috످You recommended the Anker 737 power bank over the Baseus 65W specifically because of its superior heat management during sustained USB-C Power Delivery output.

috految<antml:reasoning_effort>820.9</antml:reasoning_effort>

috److془The user claims I recommended something. I don't see prior conversation. I should say so, and give accurate info.

Anker 737 (PowerCore 24K, A1289): 140W, 24,000mAh, 86.4Wh, ActiveShield 2.0, 630g, ~ $90-150. Baseus 65W: 20,000 or 30,000 mAh. Baseus recall: June 2025, 65W 30000mAh model BS-30KP365, about 55,380 units, due to overheating fire hazard. Correct. CPSC: "Baseus Recalls Power Banks Due to Fire Hazard" "Baseus 65W 30000mAh portable chargers with model number BS-30KP365". Anker also recalled several models in 2025, but not 737 to my knowledge.

Keep concise.془I don't see that recommendation in this conversation, and I can't access past chats here. If I did say the Anker 737 manages heat better, I can't back that up with test data.

The Anker may run cooler under a sustained 65W load, since it's rated for 140W and would have more headroom, but that also depends on its efficiency and thermal design. ChargerLAB is a good place to look for thermal tests.

If you own or are considering the Baseus, check the model number. The 65W 30,000mAh version (BS-30KP365) was recalled in 2025 due to fire risk, so stop using it if yours is affected. Anker has also recalled several power banks, though not the 737 as far as I know. You can check both at cpsc.gov/recalls (https://www.cpsc.gov/Recalls).

috످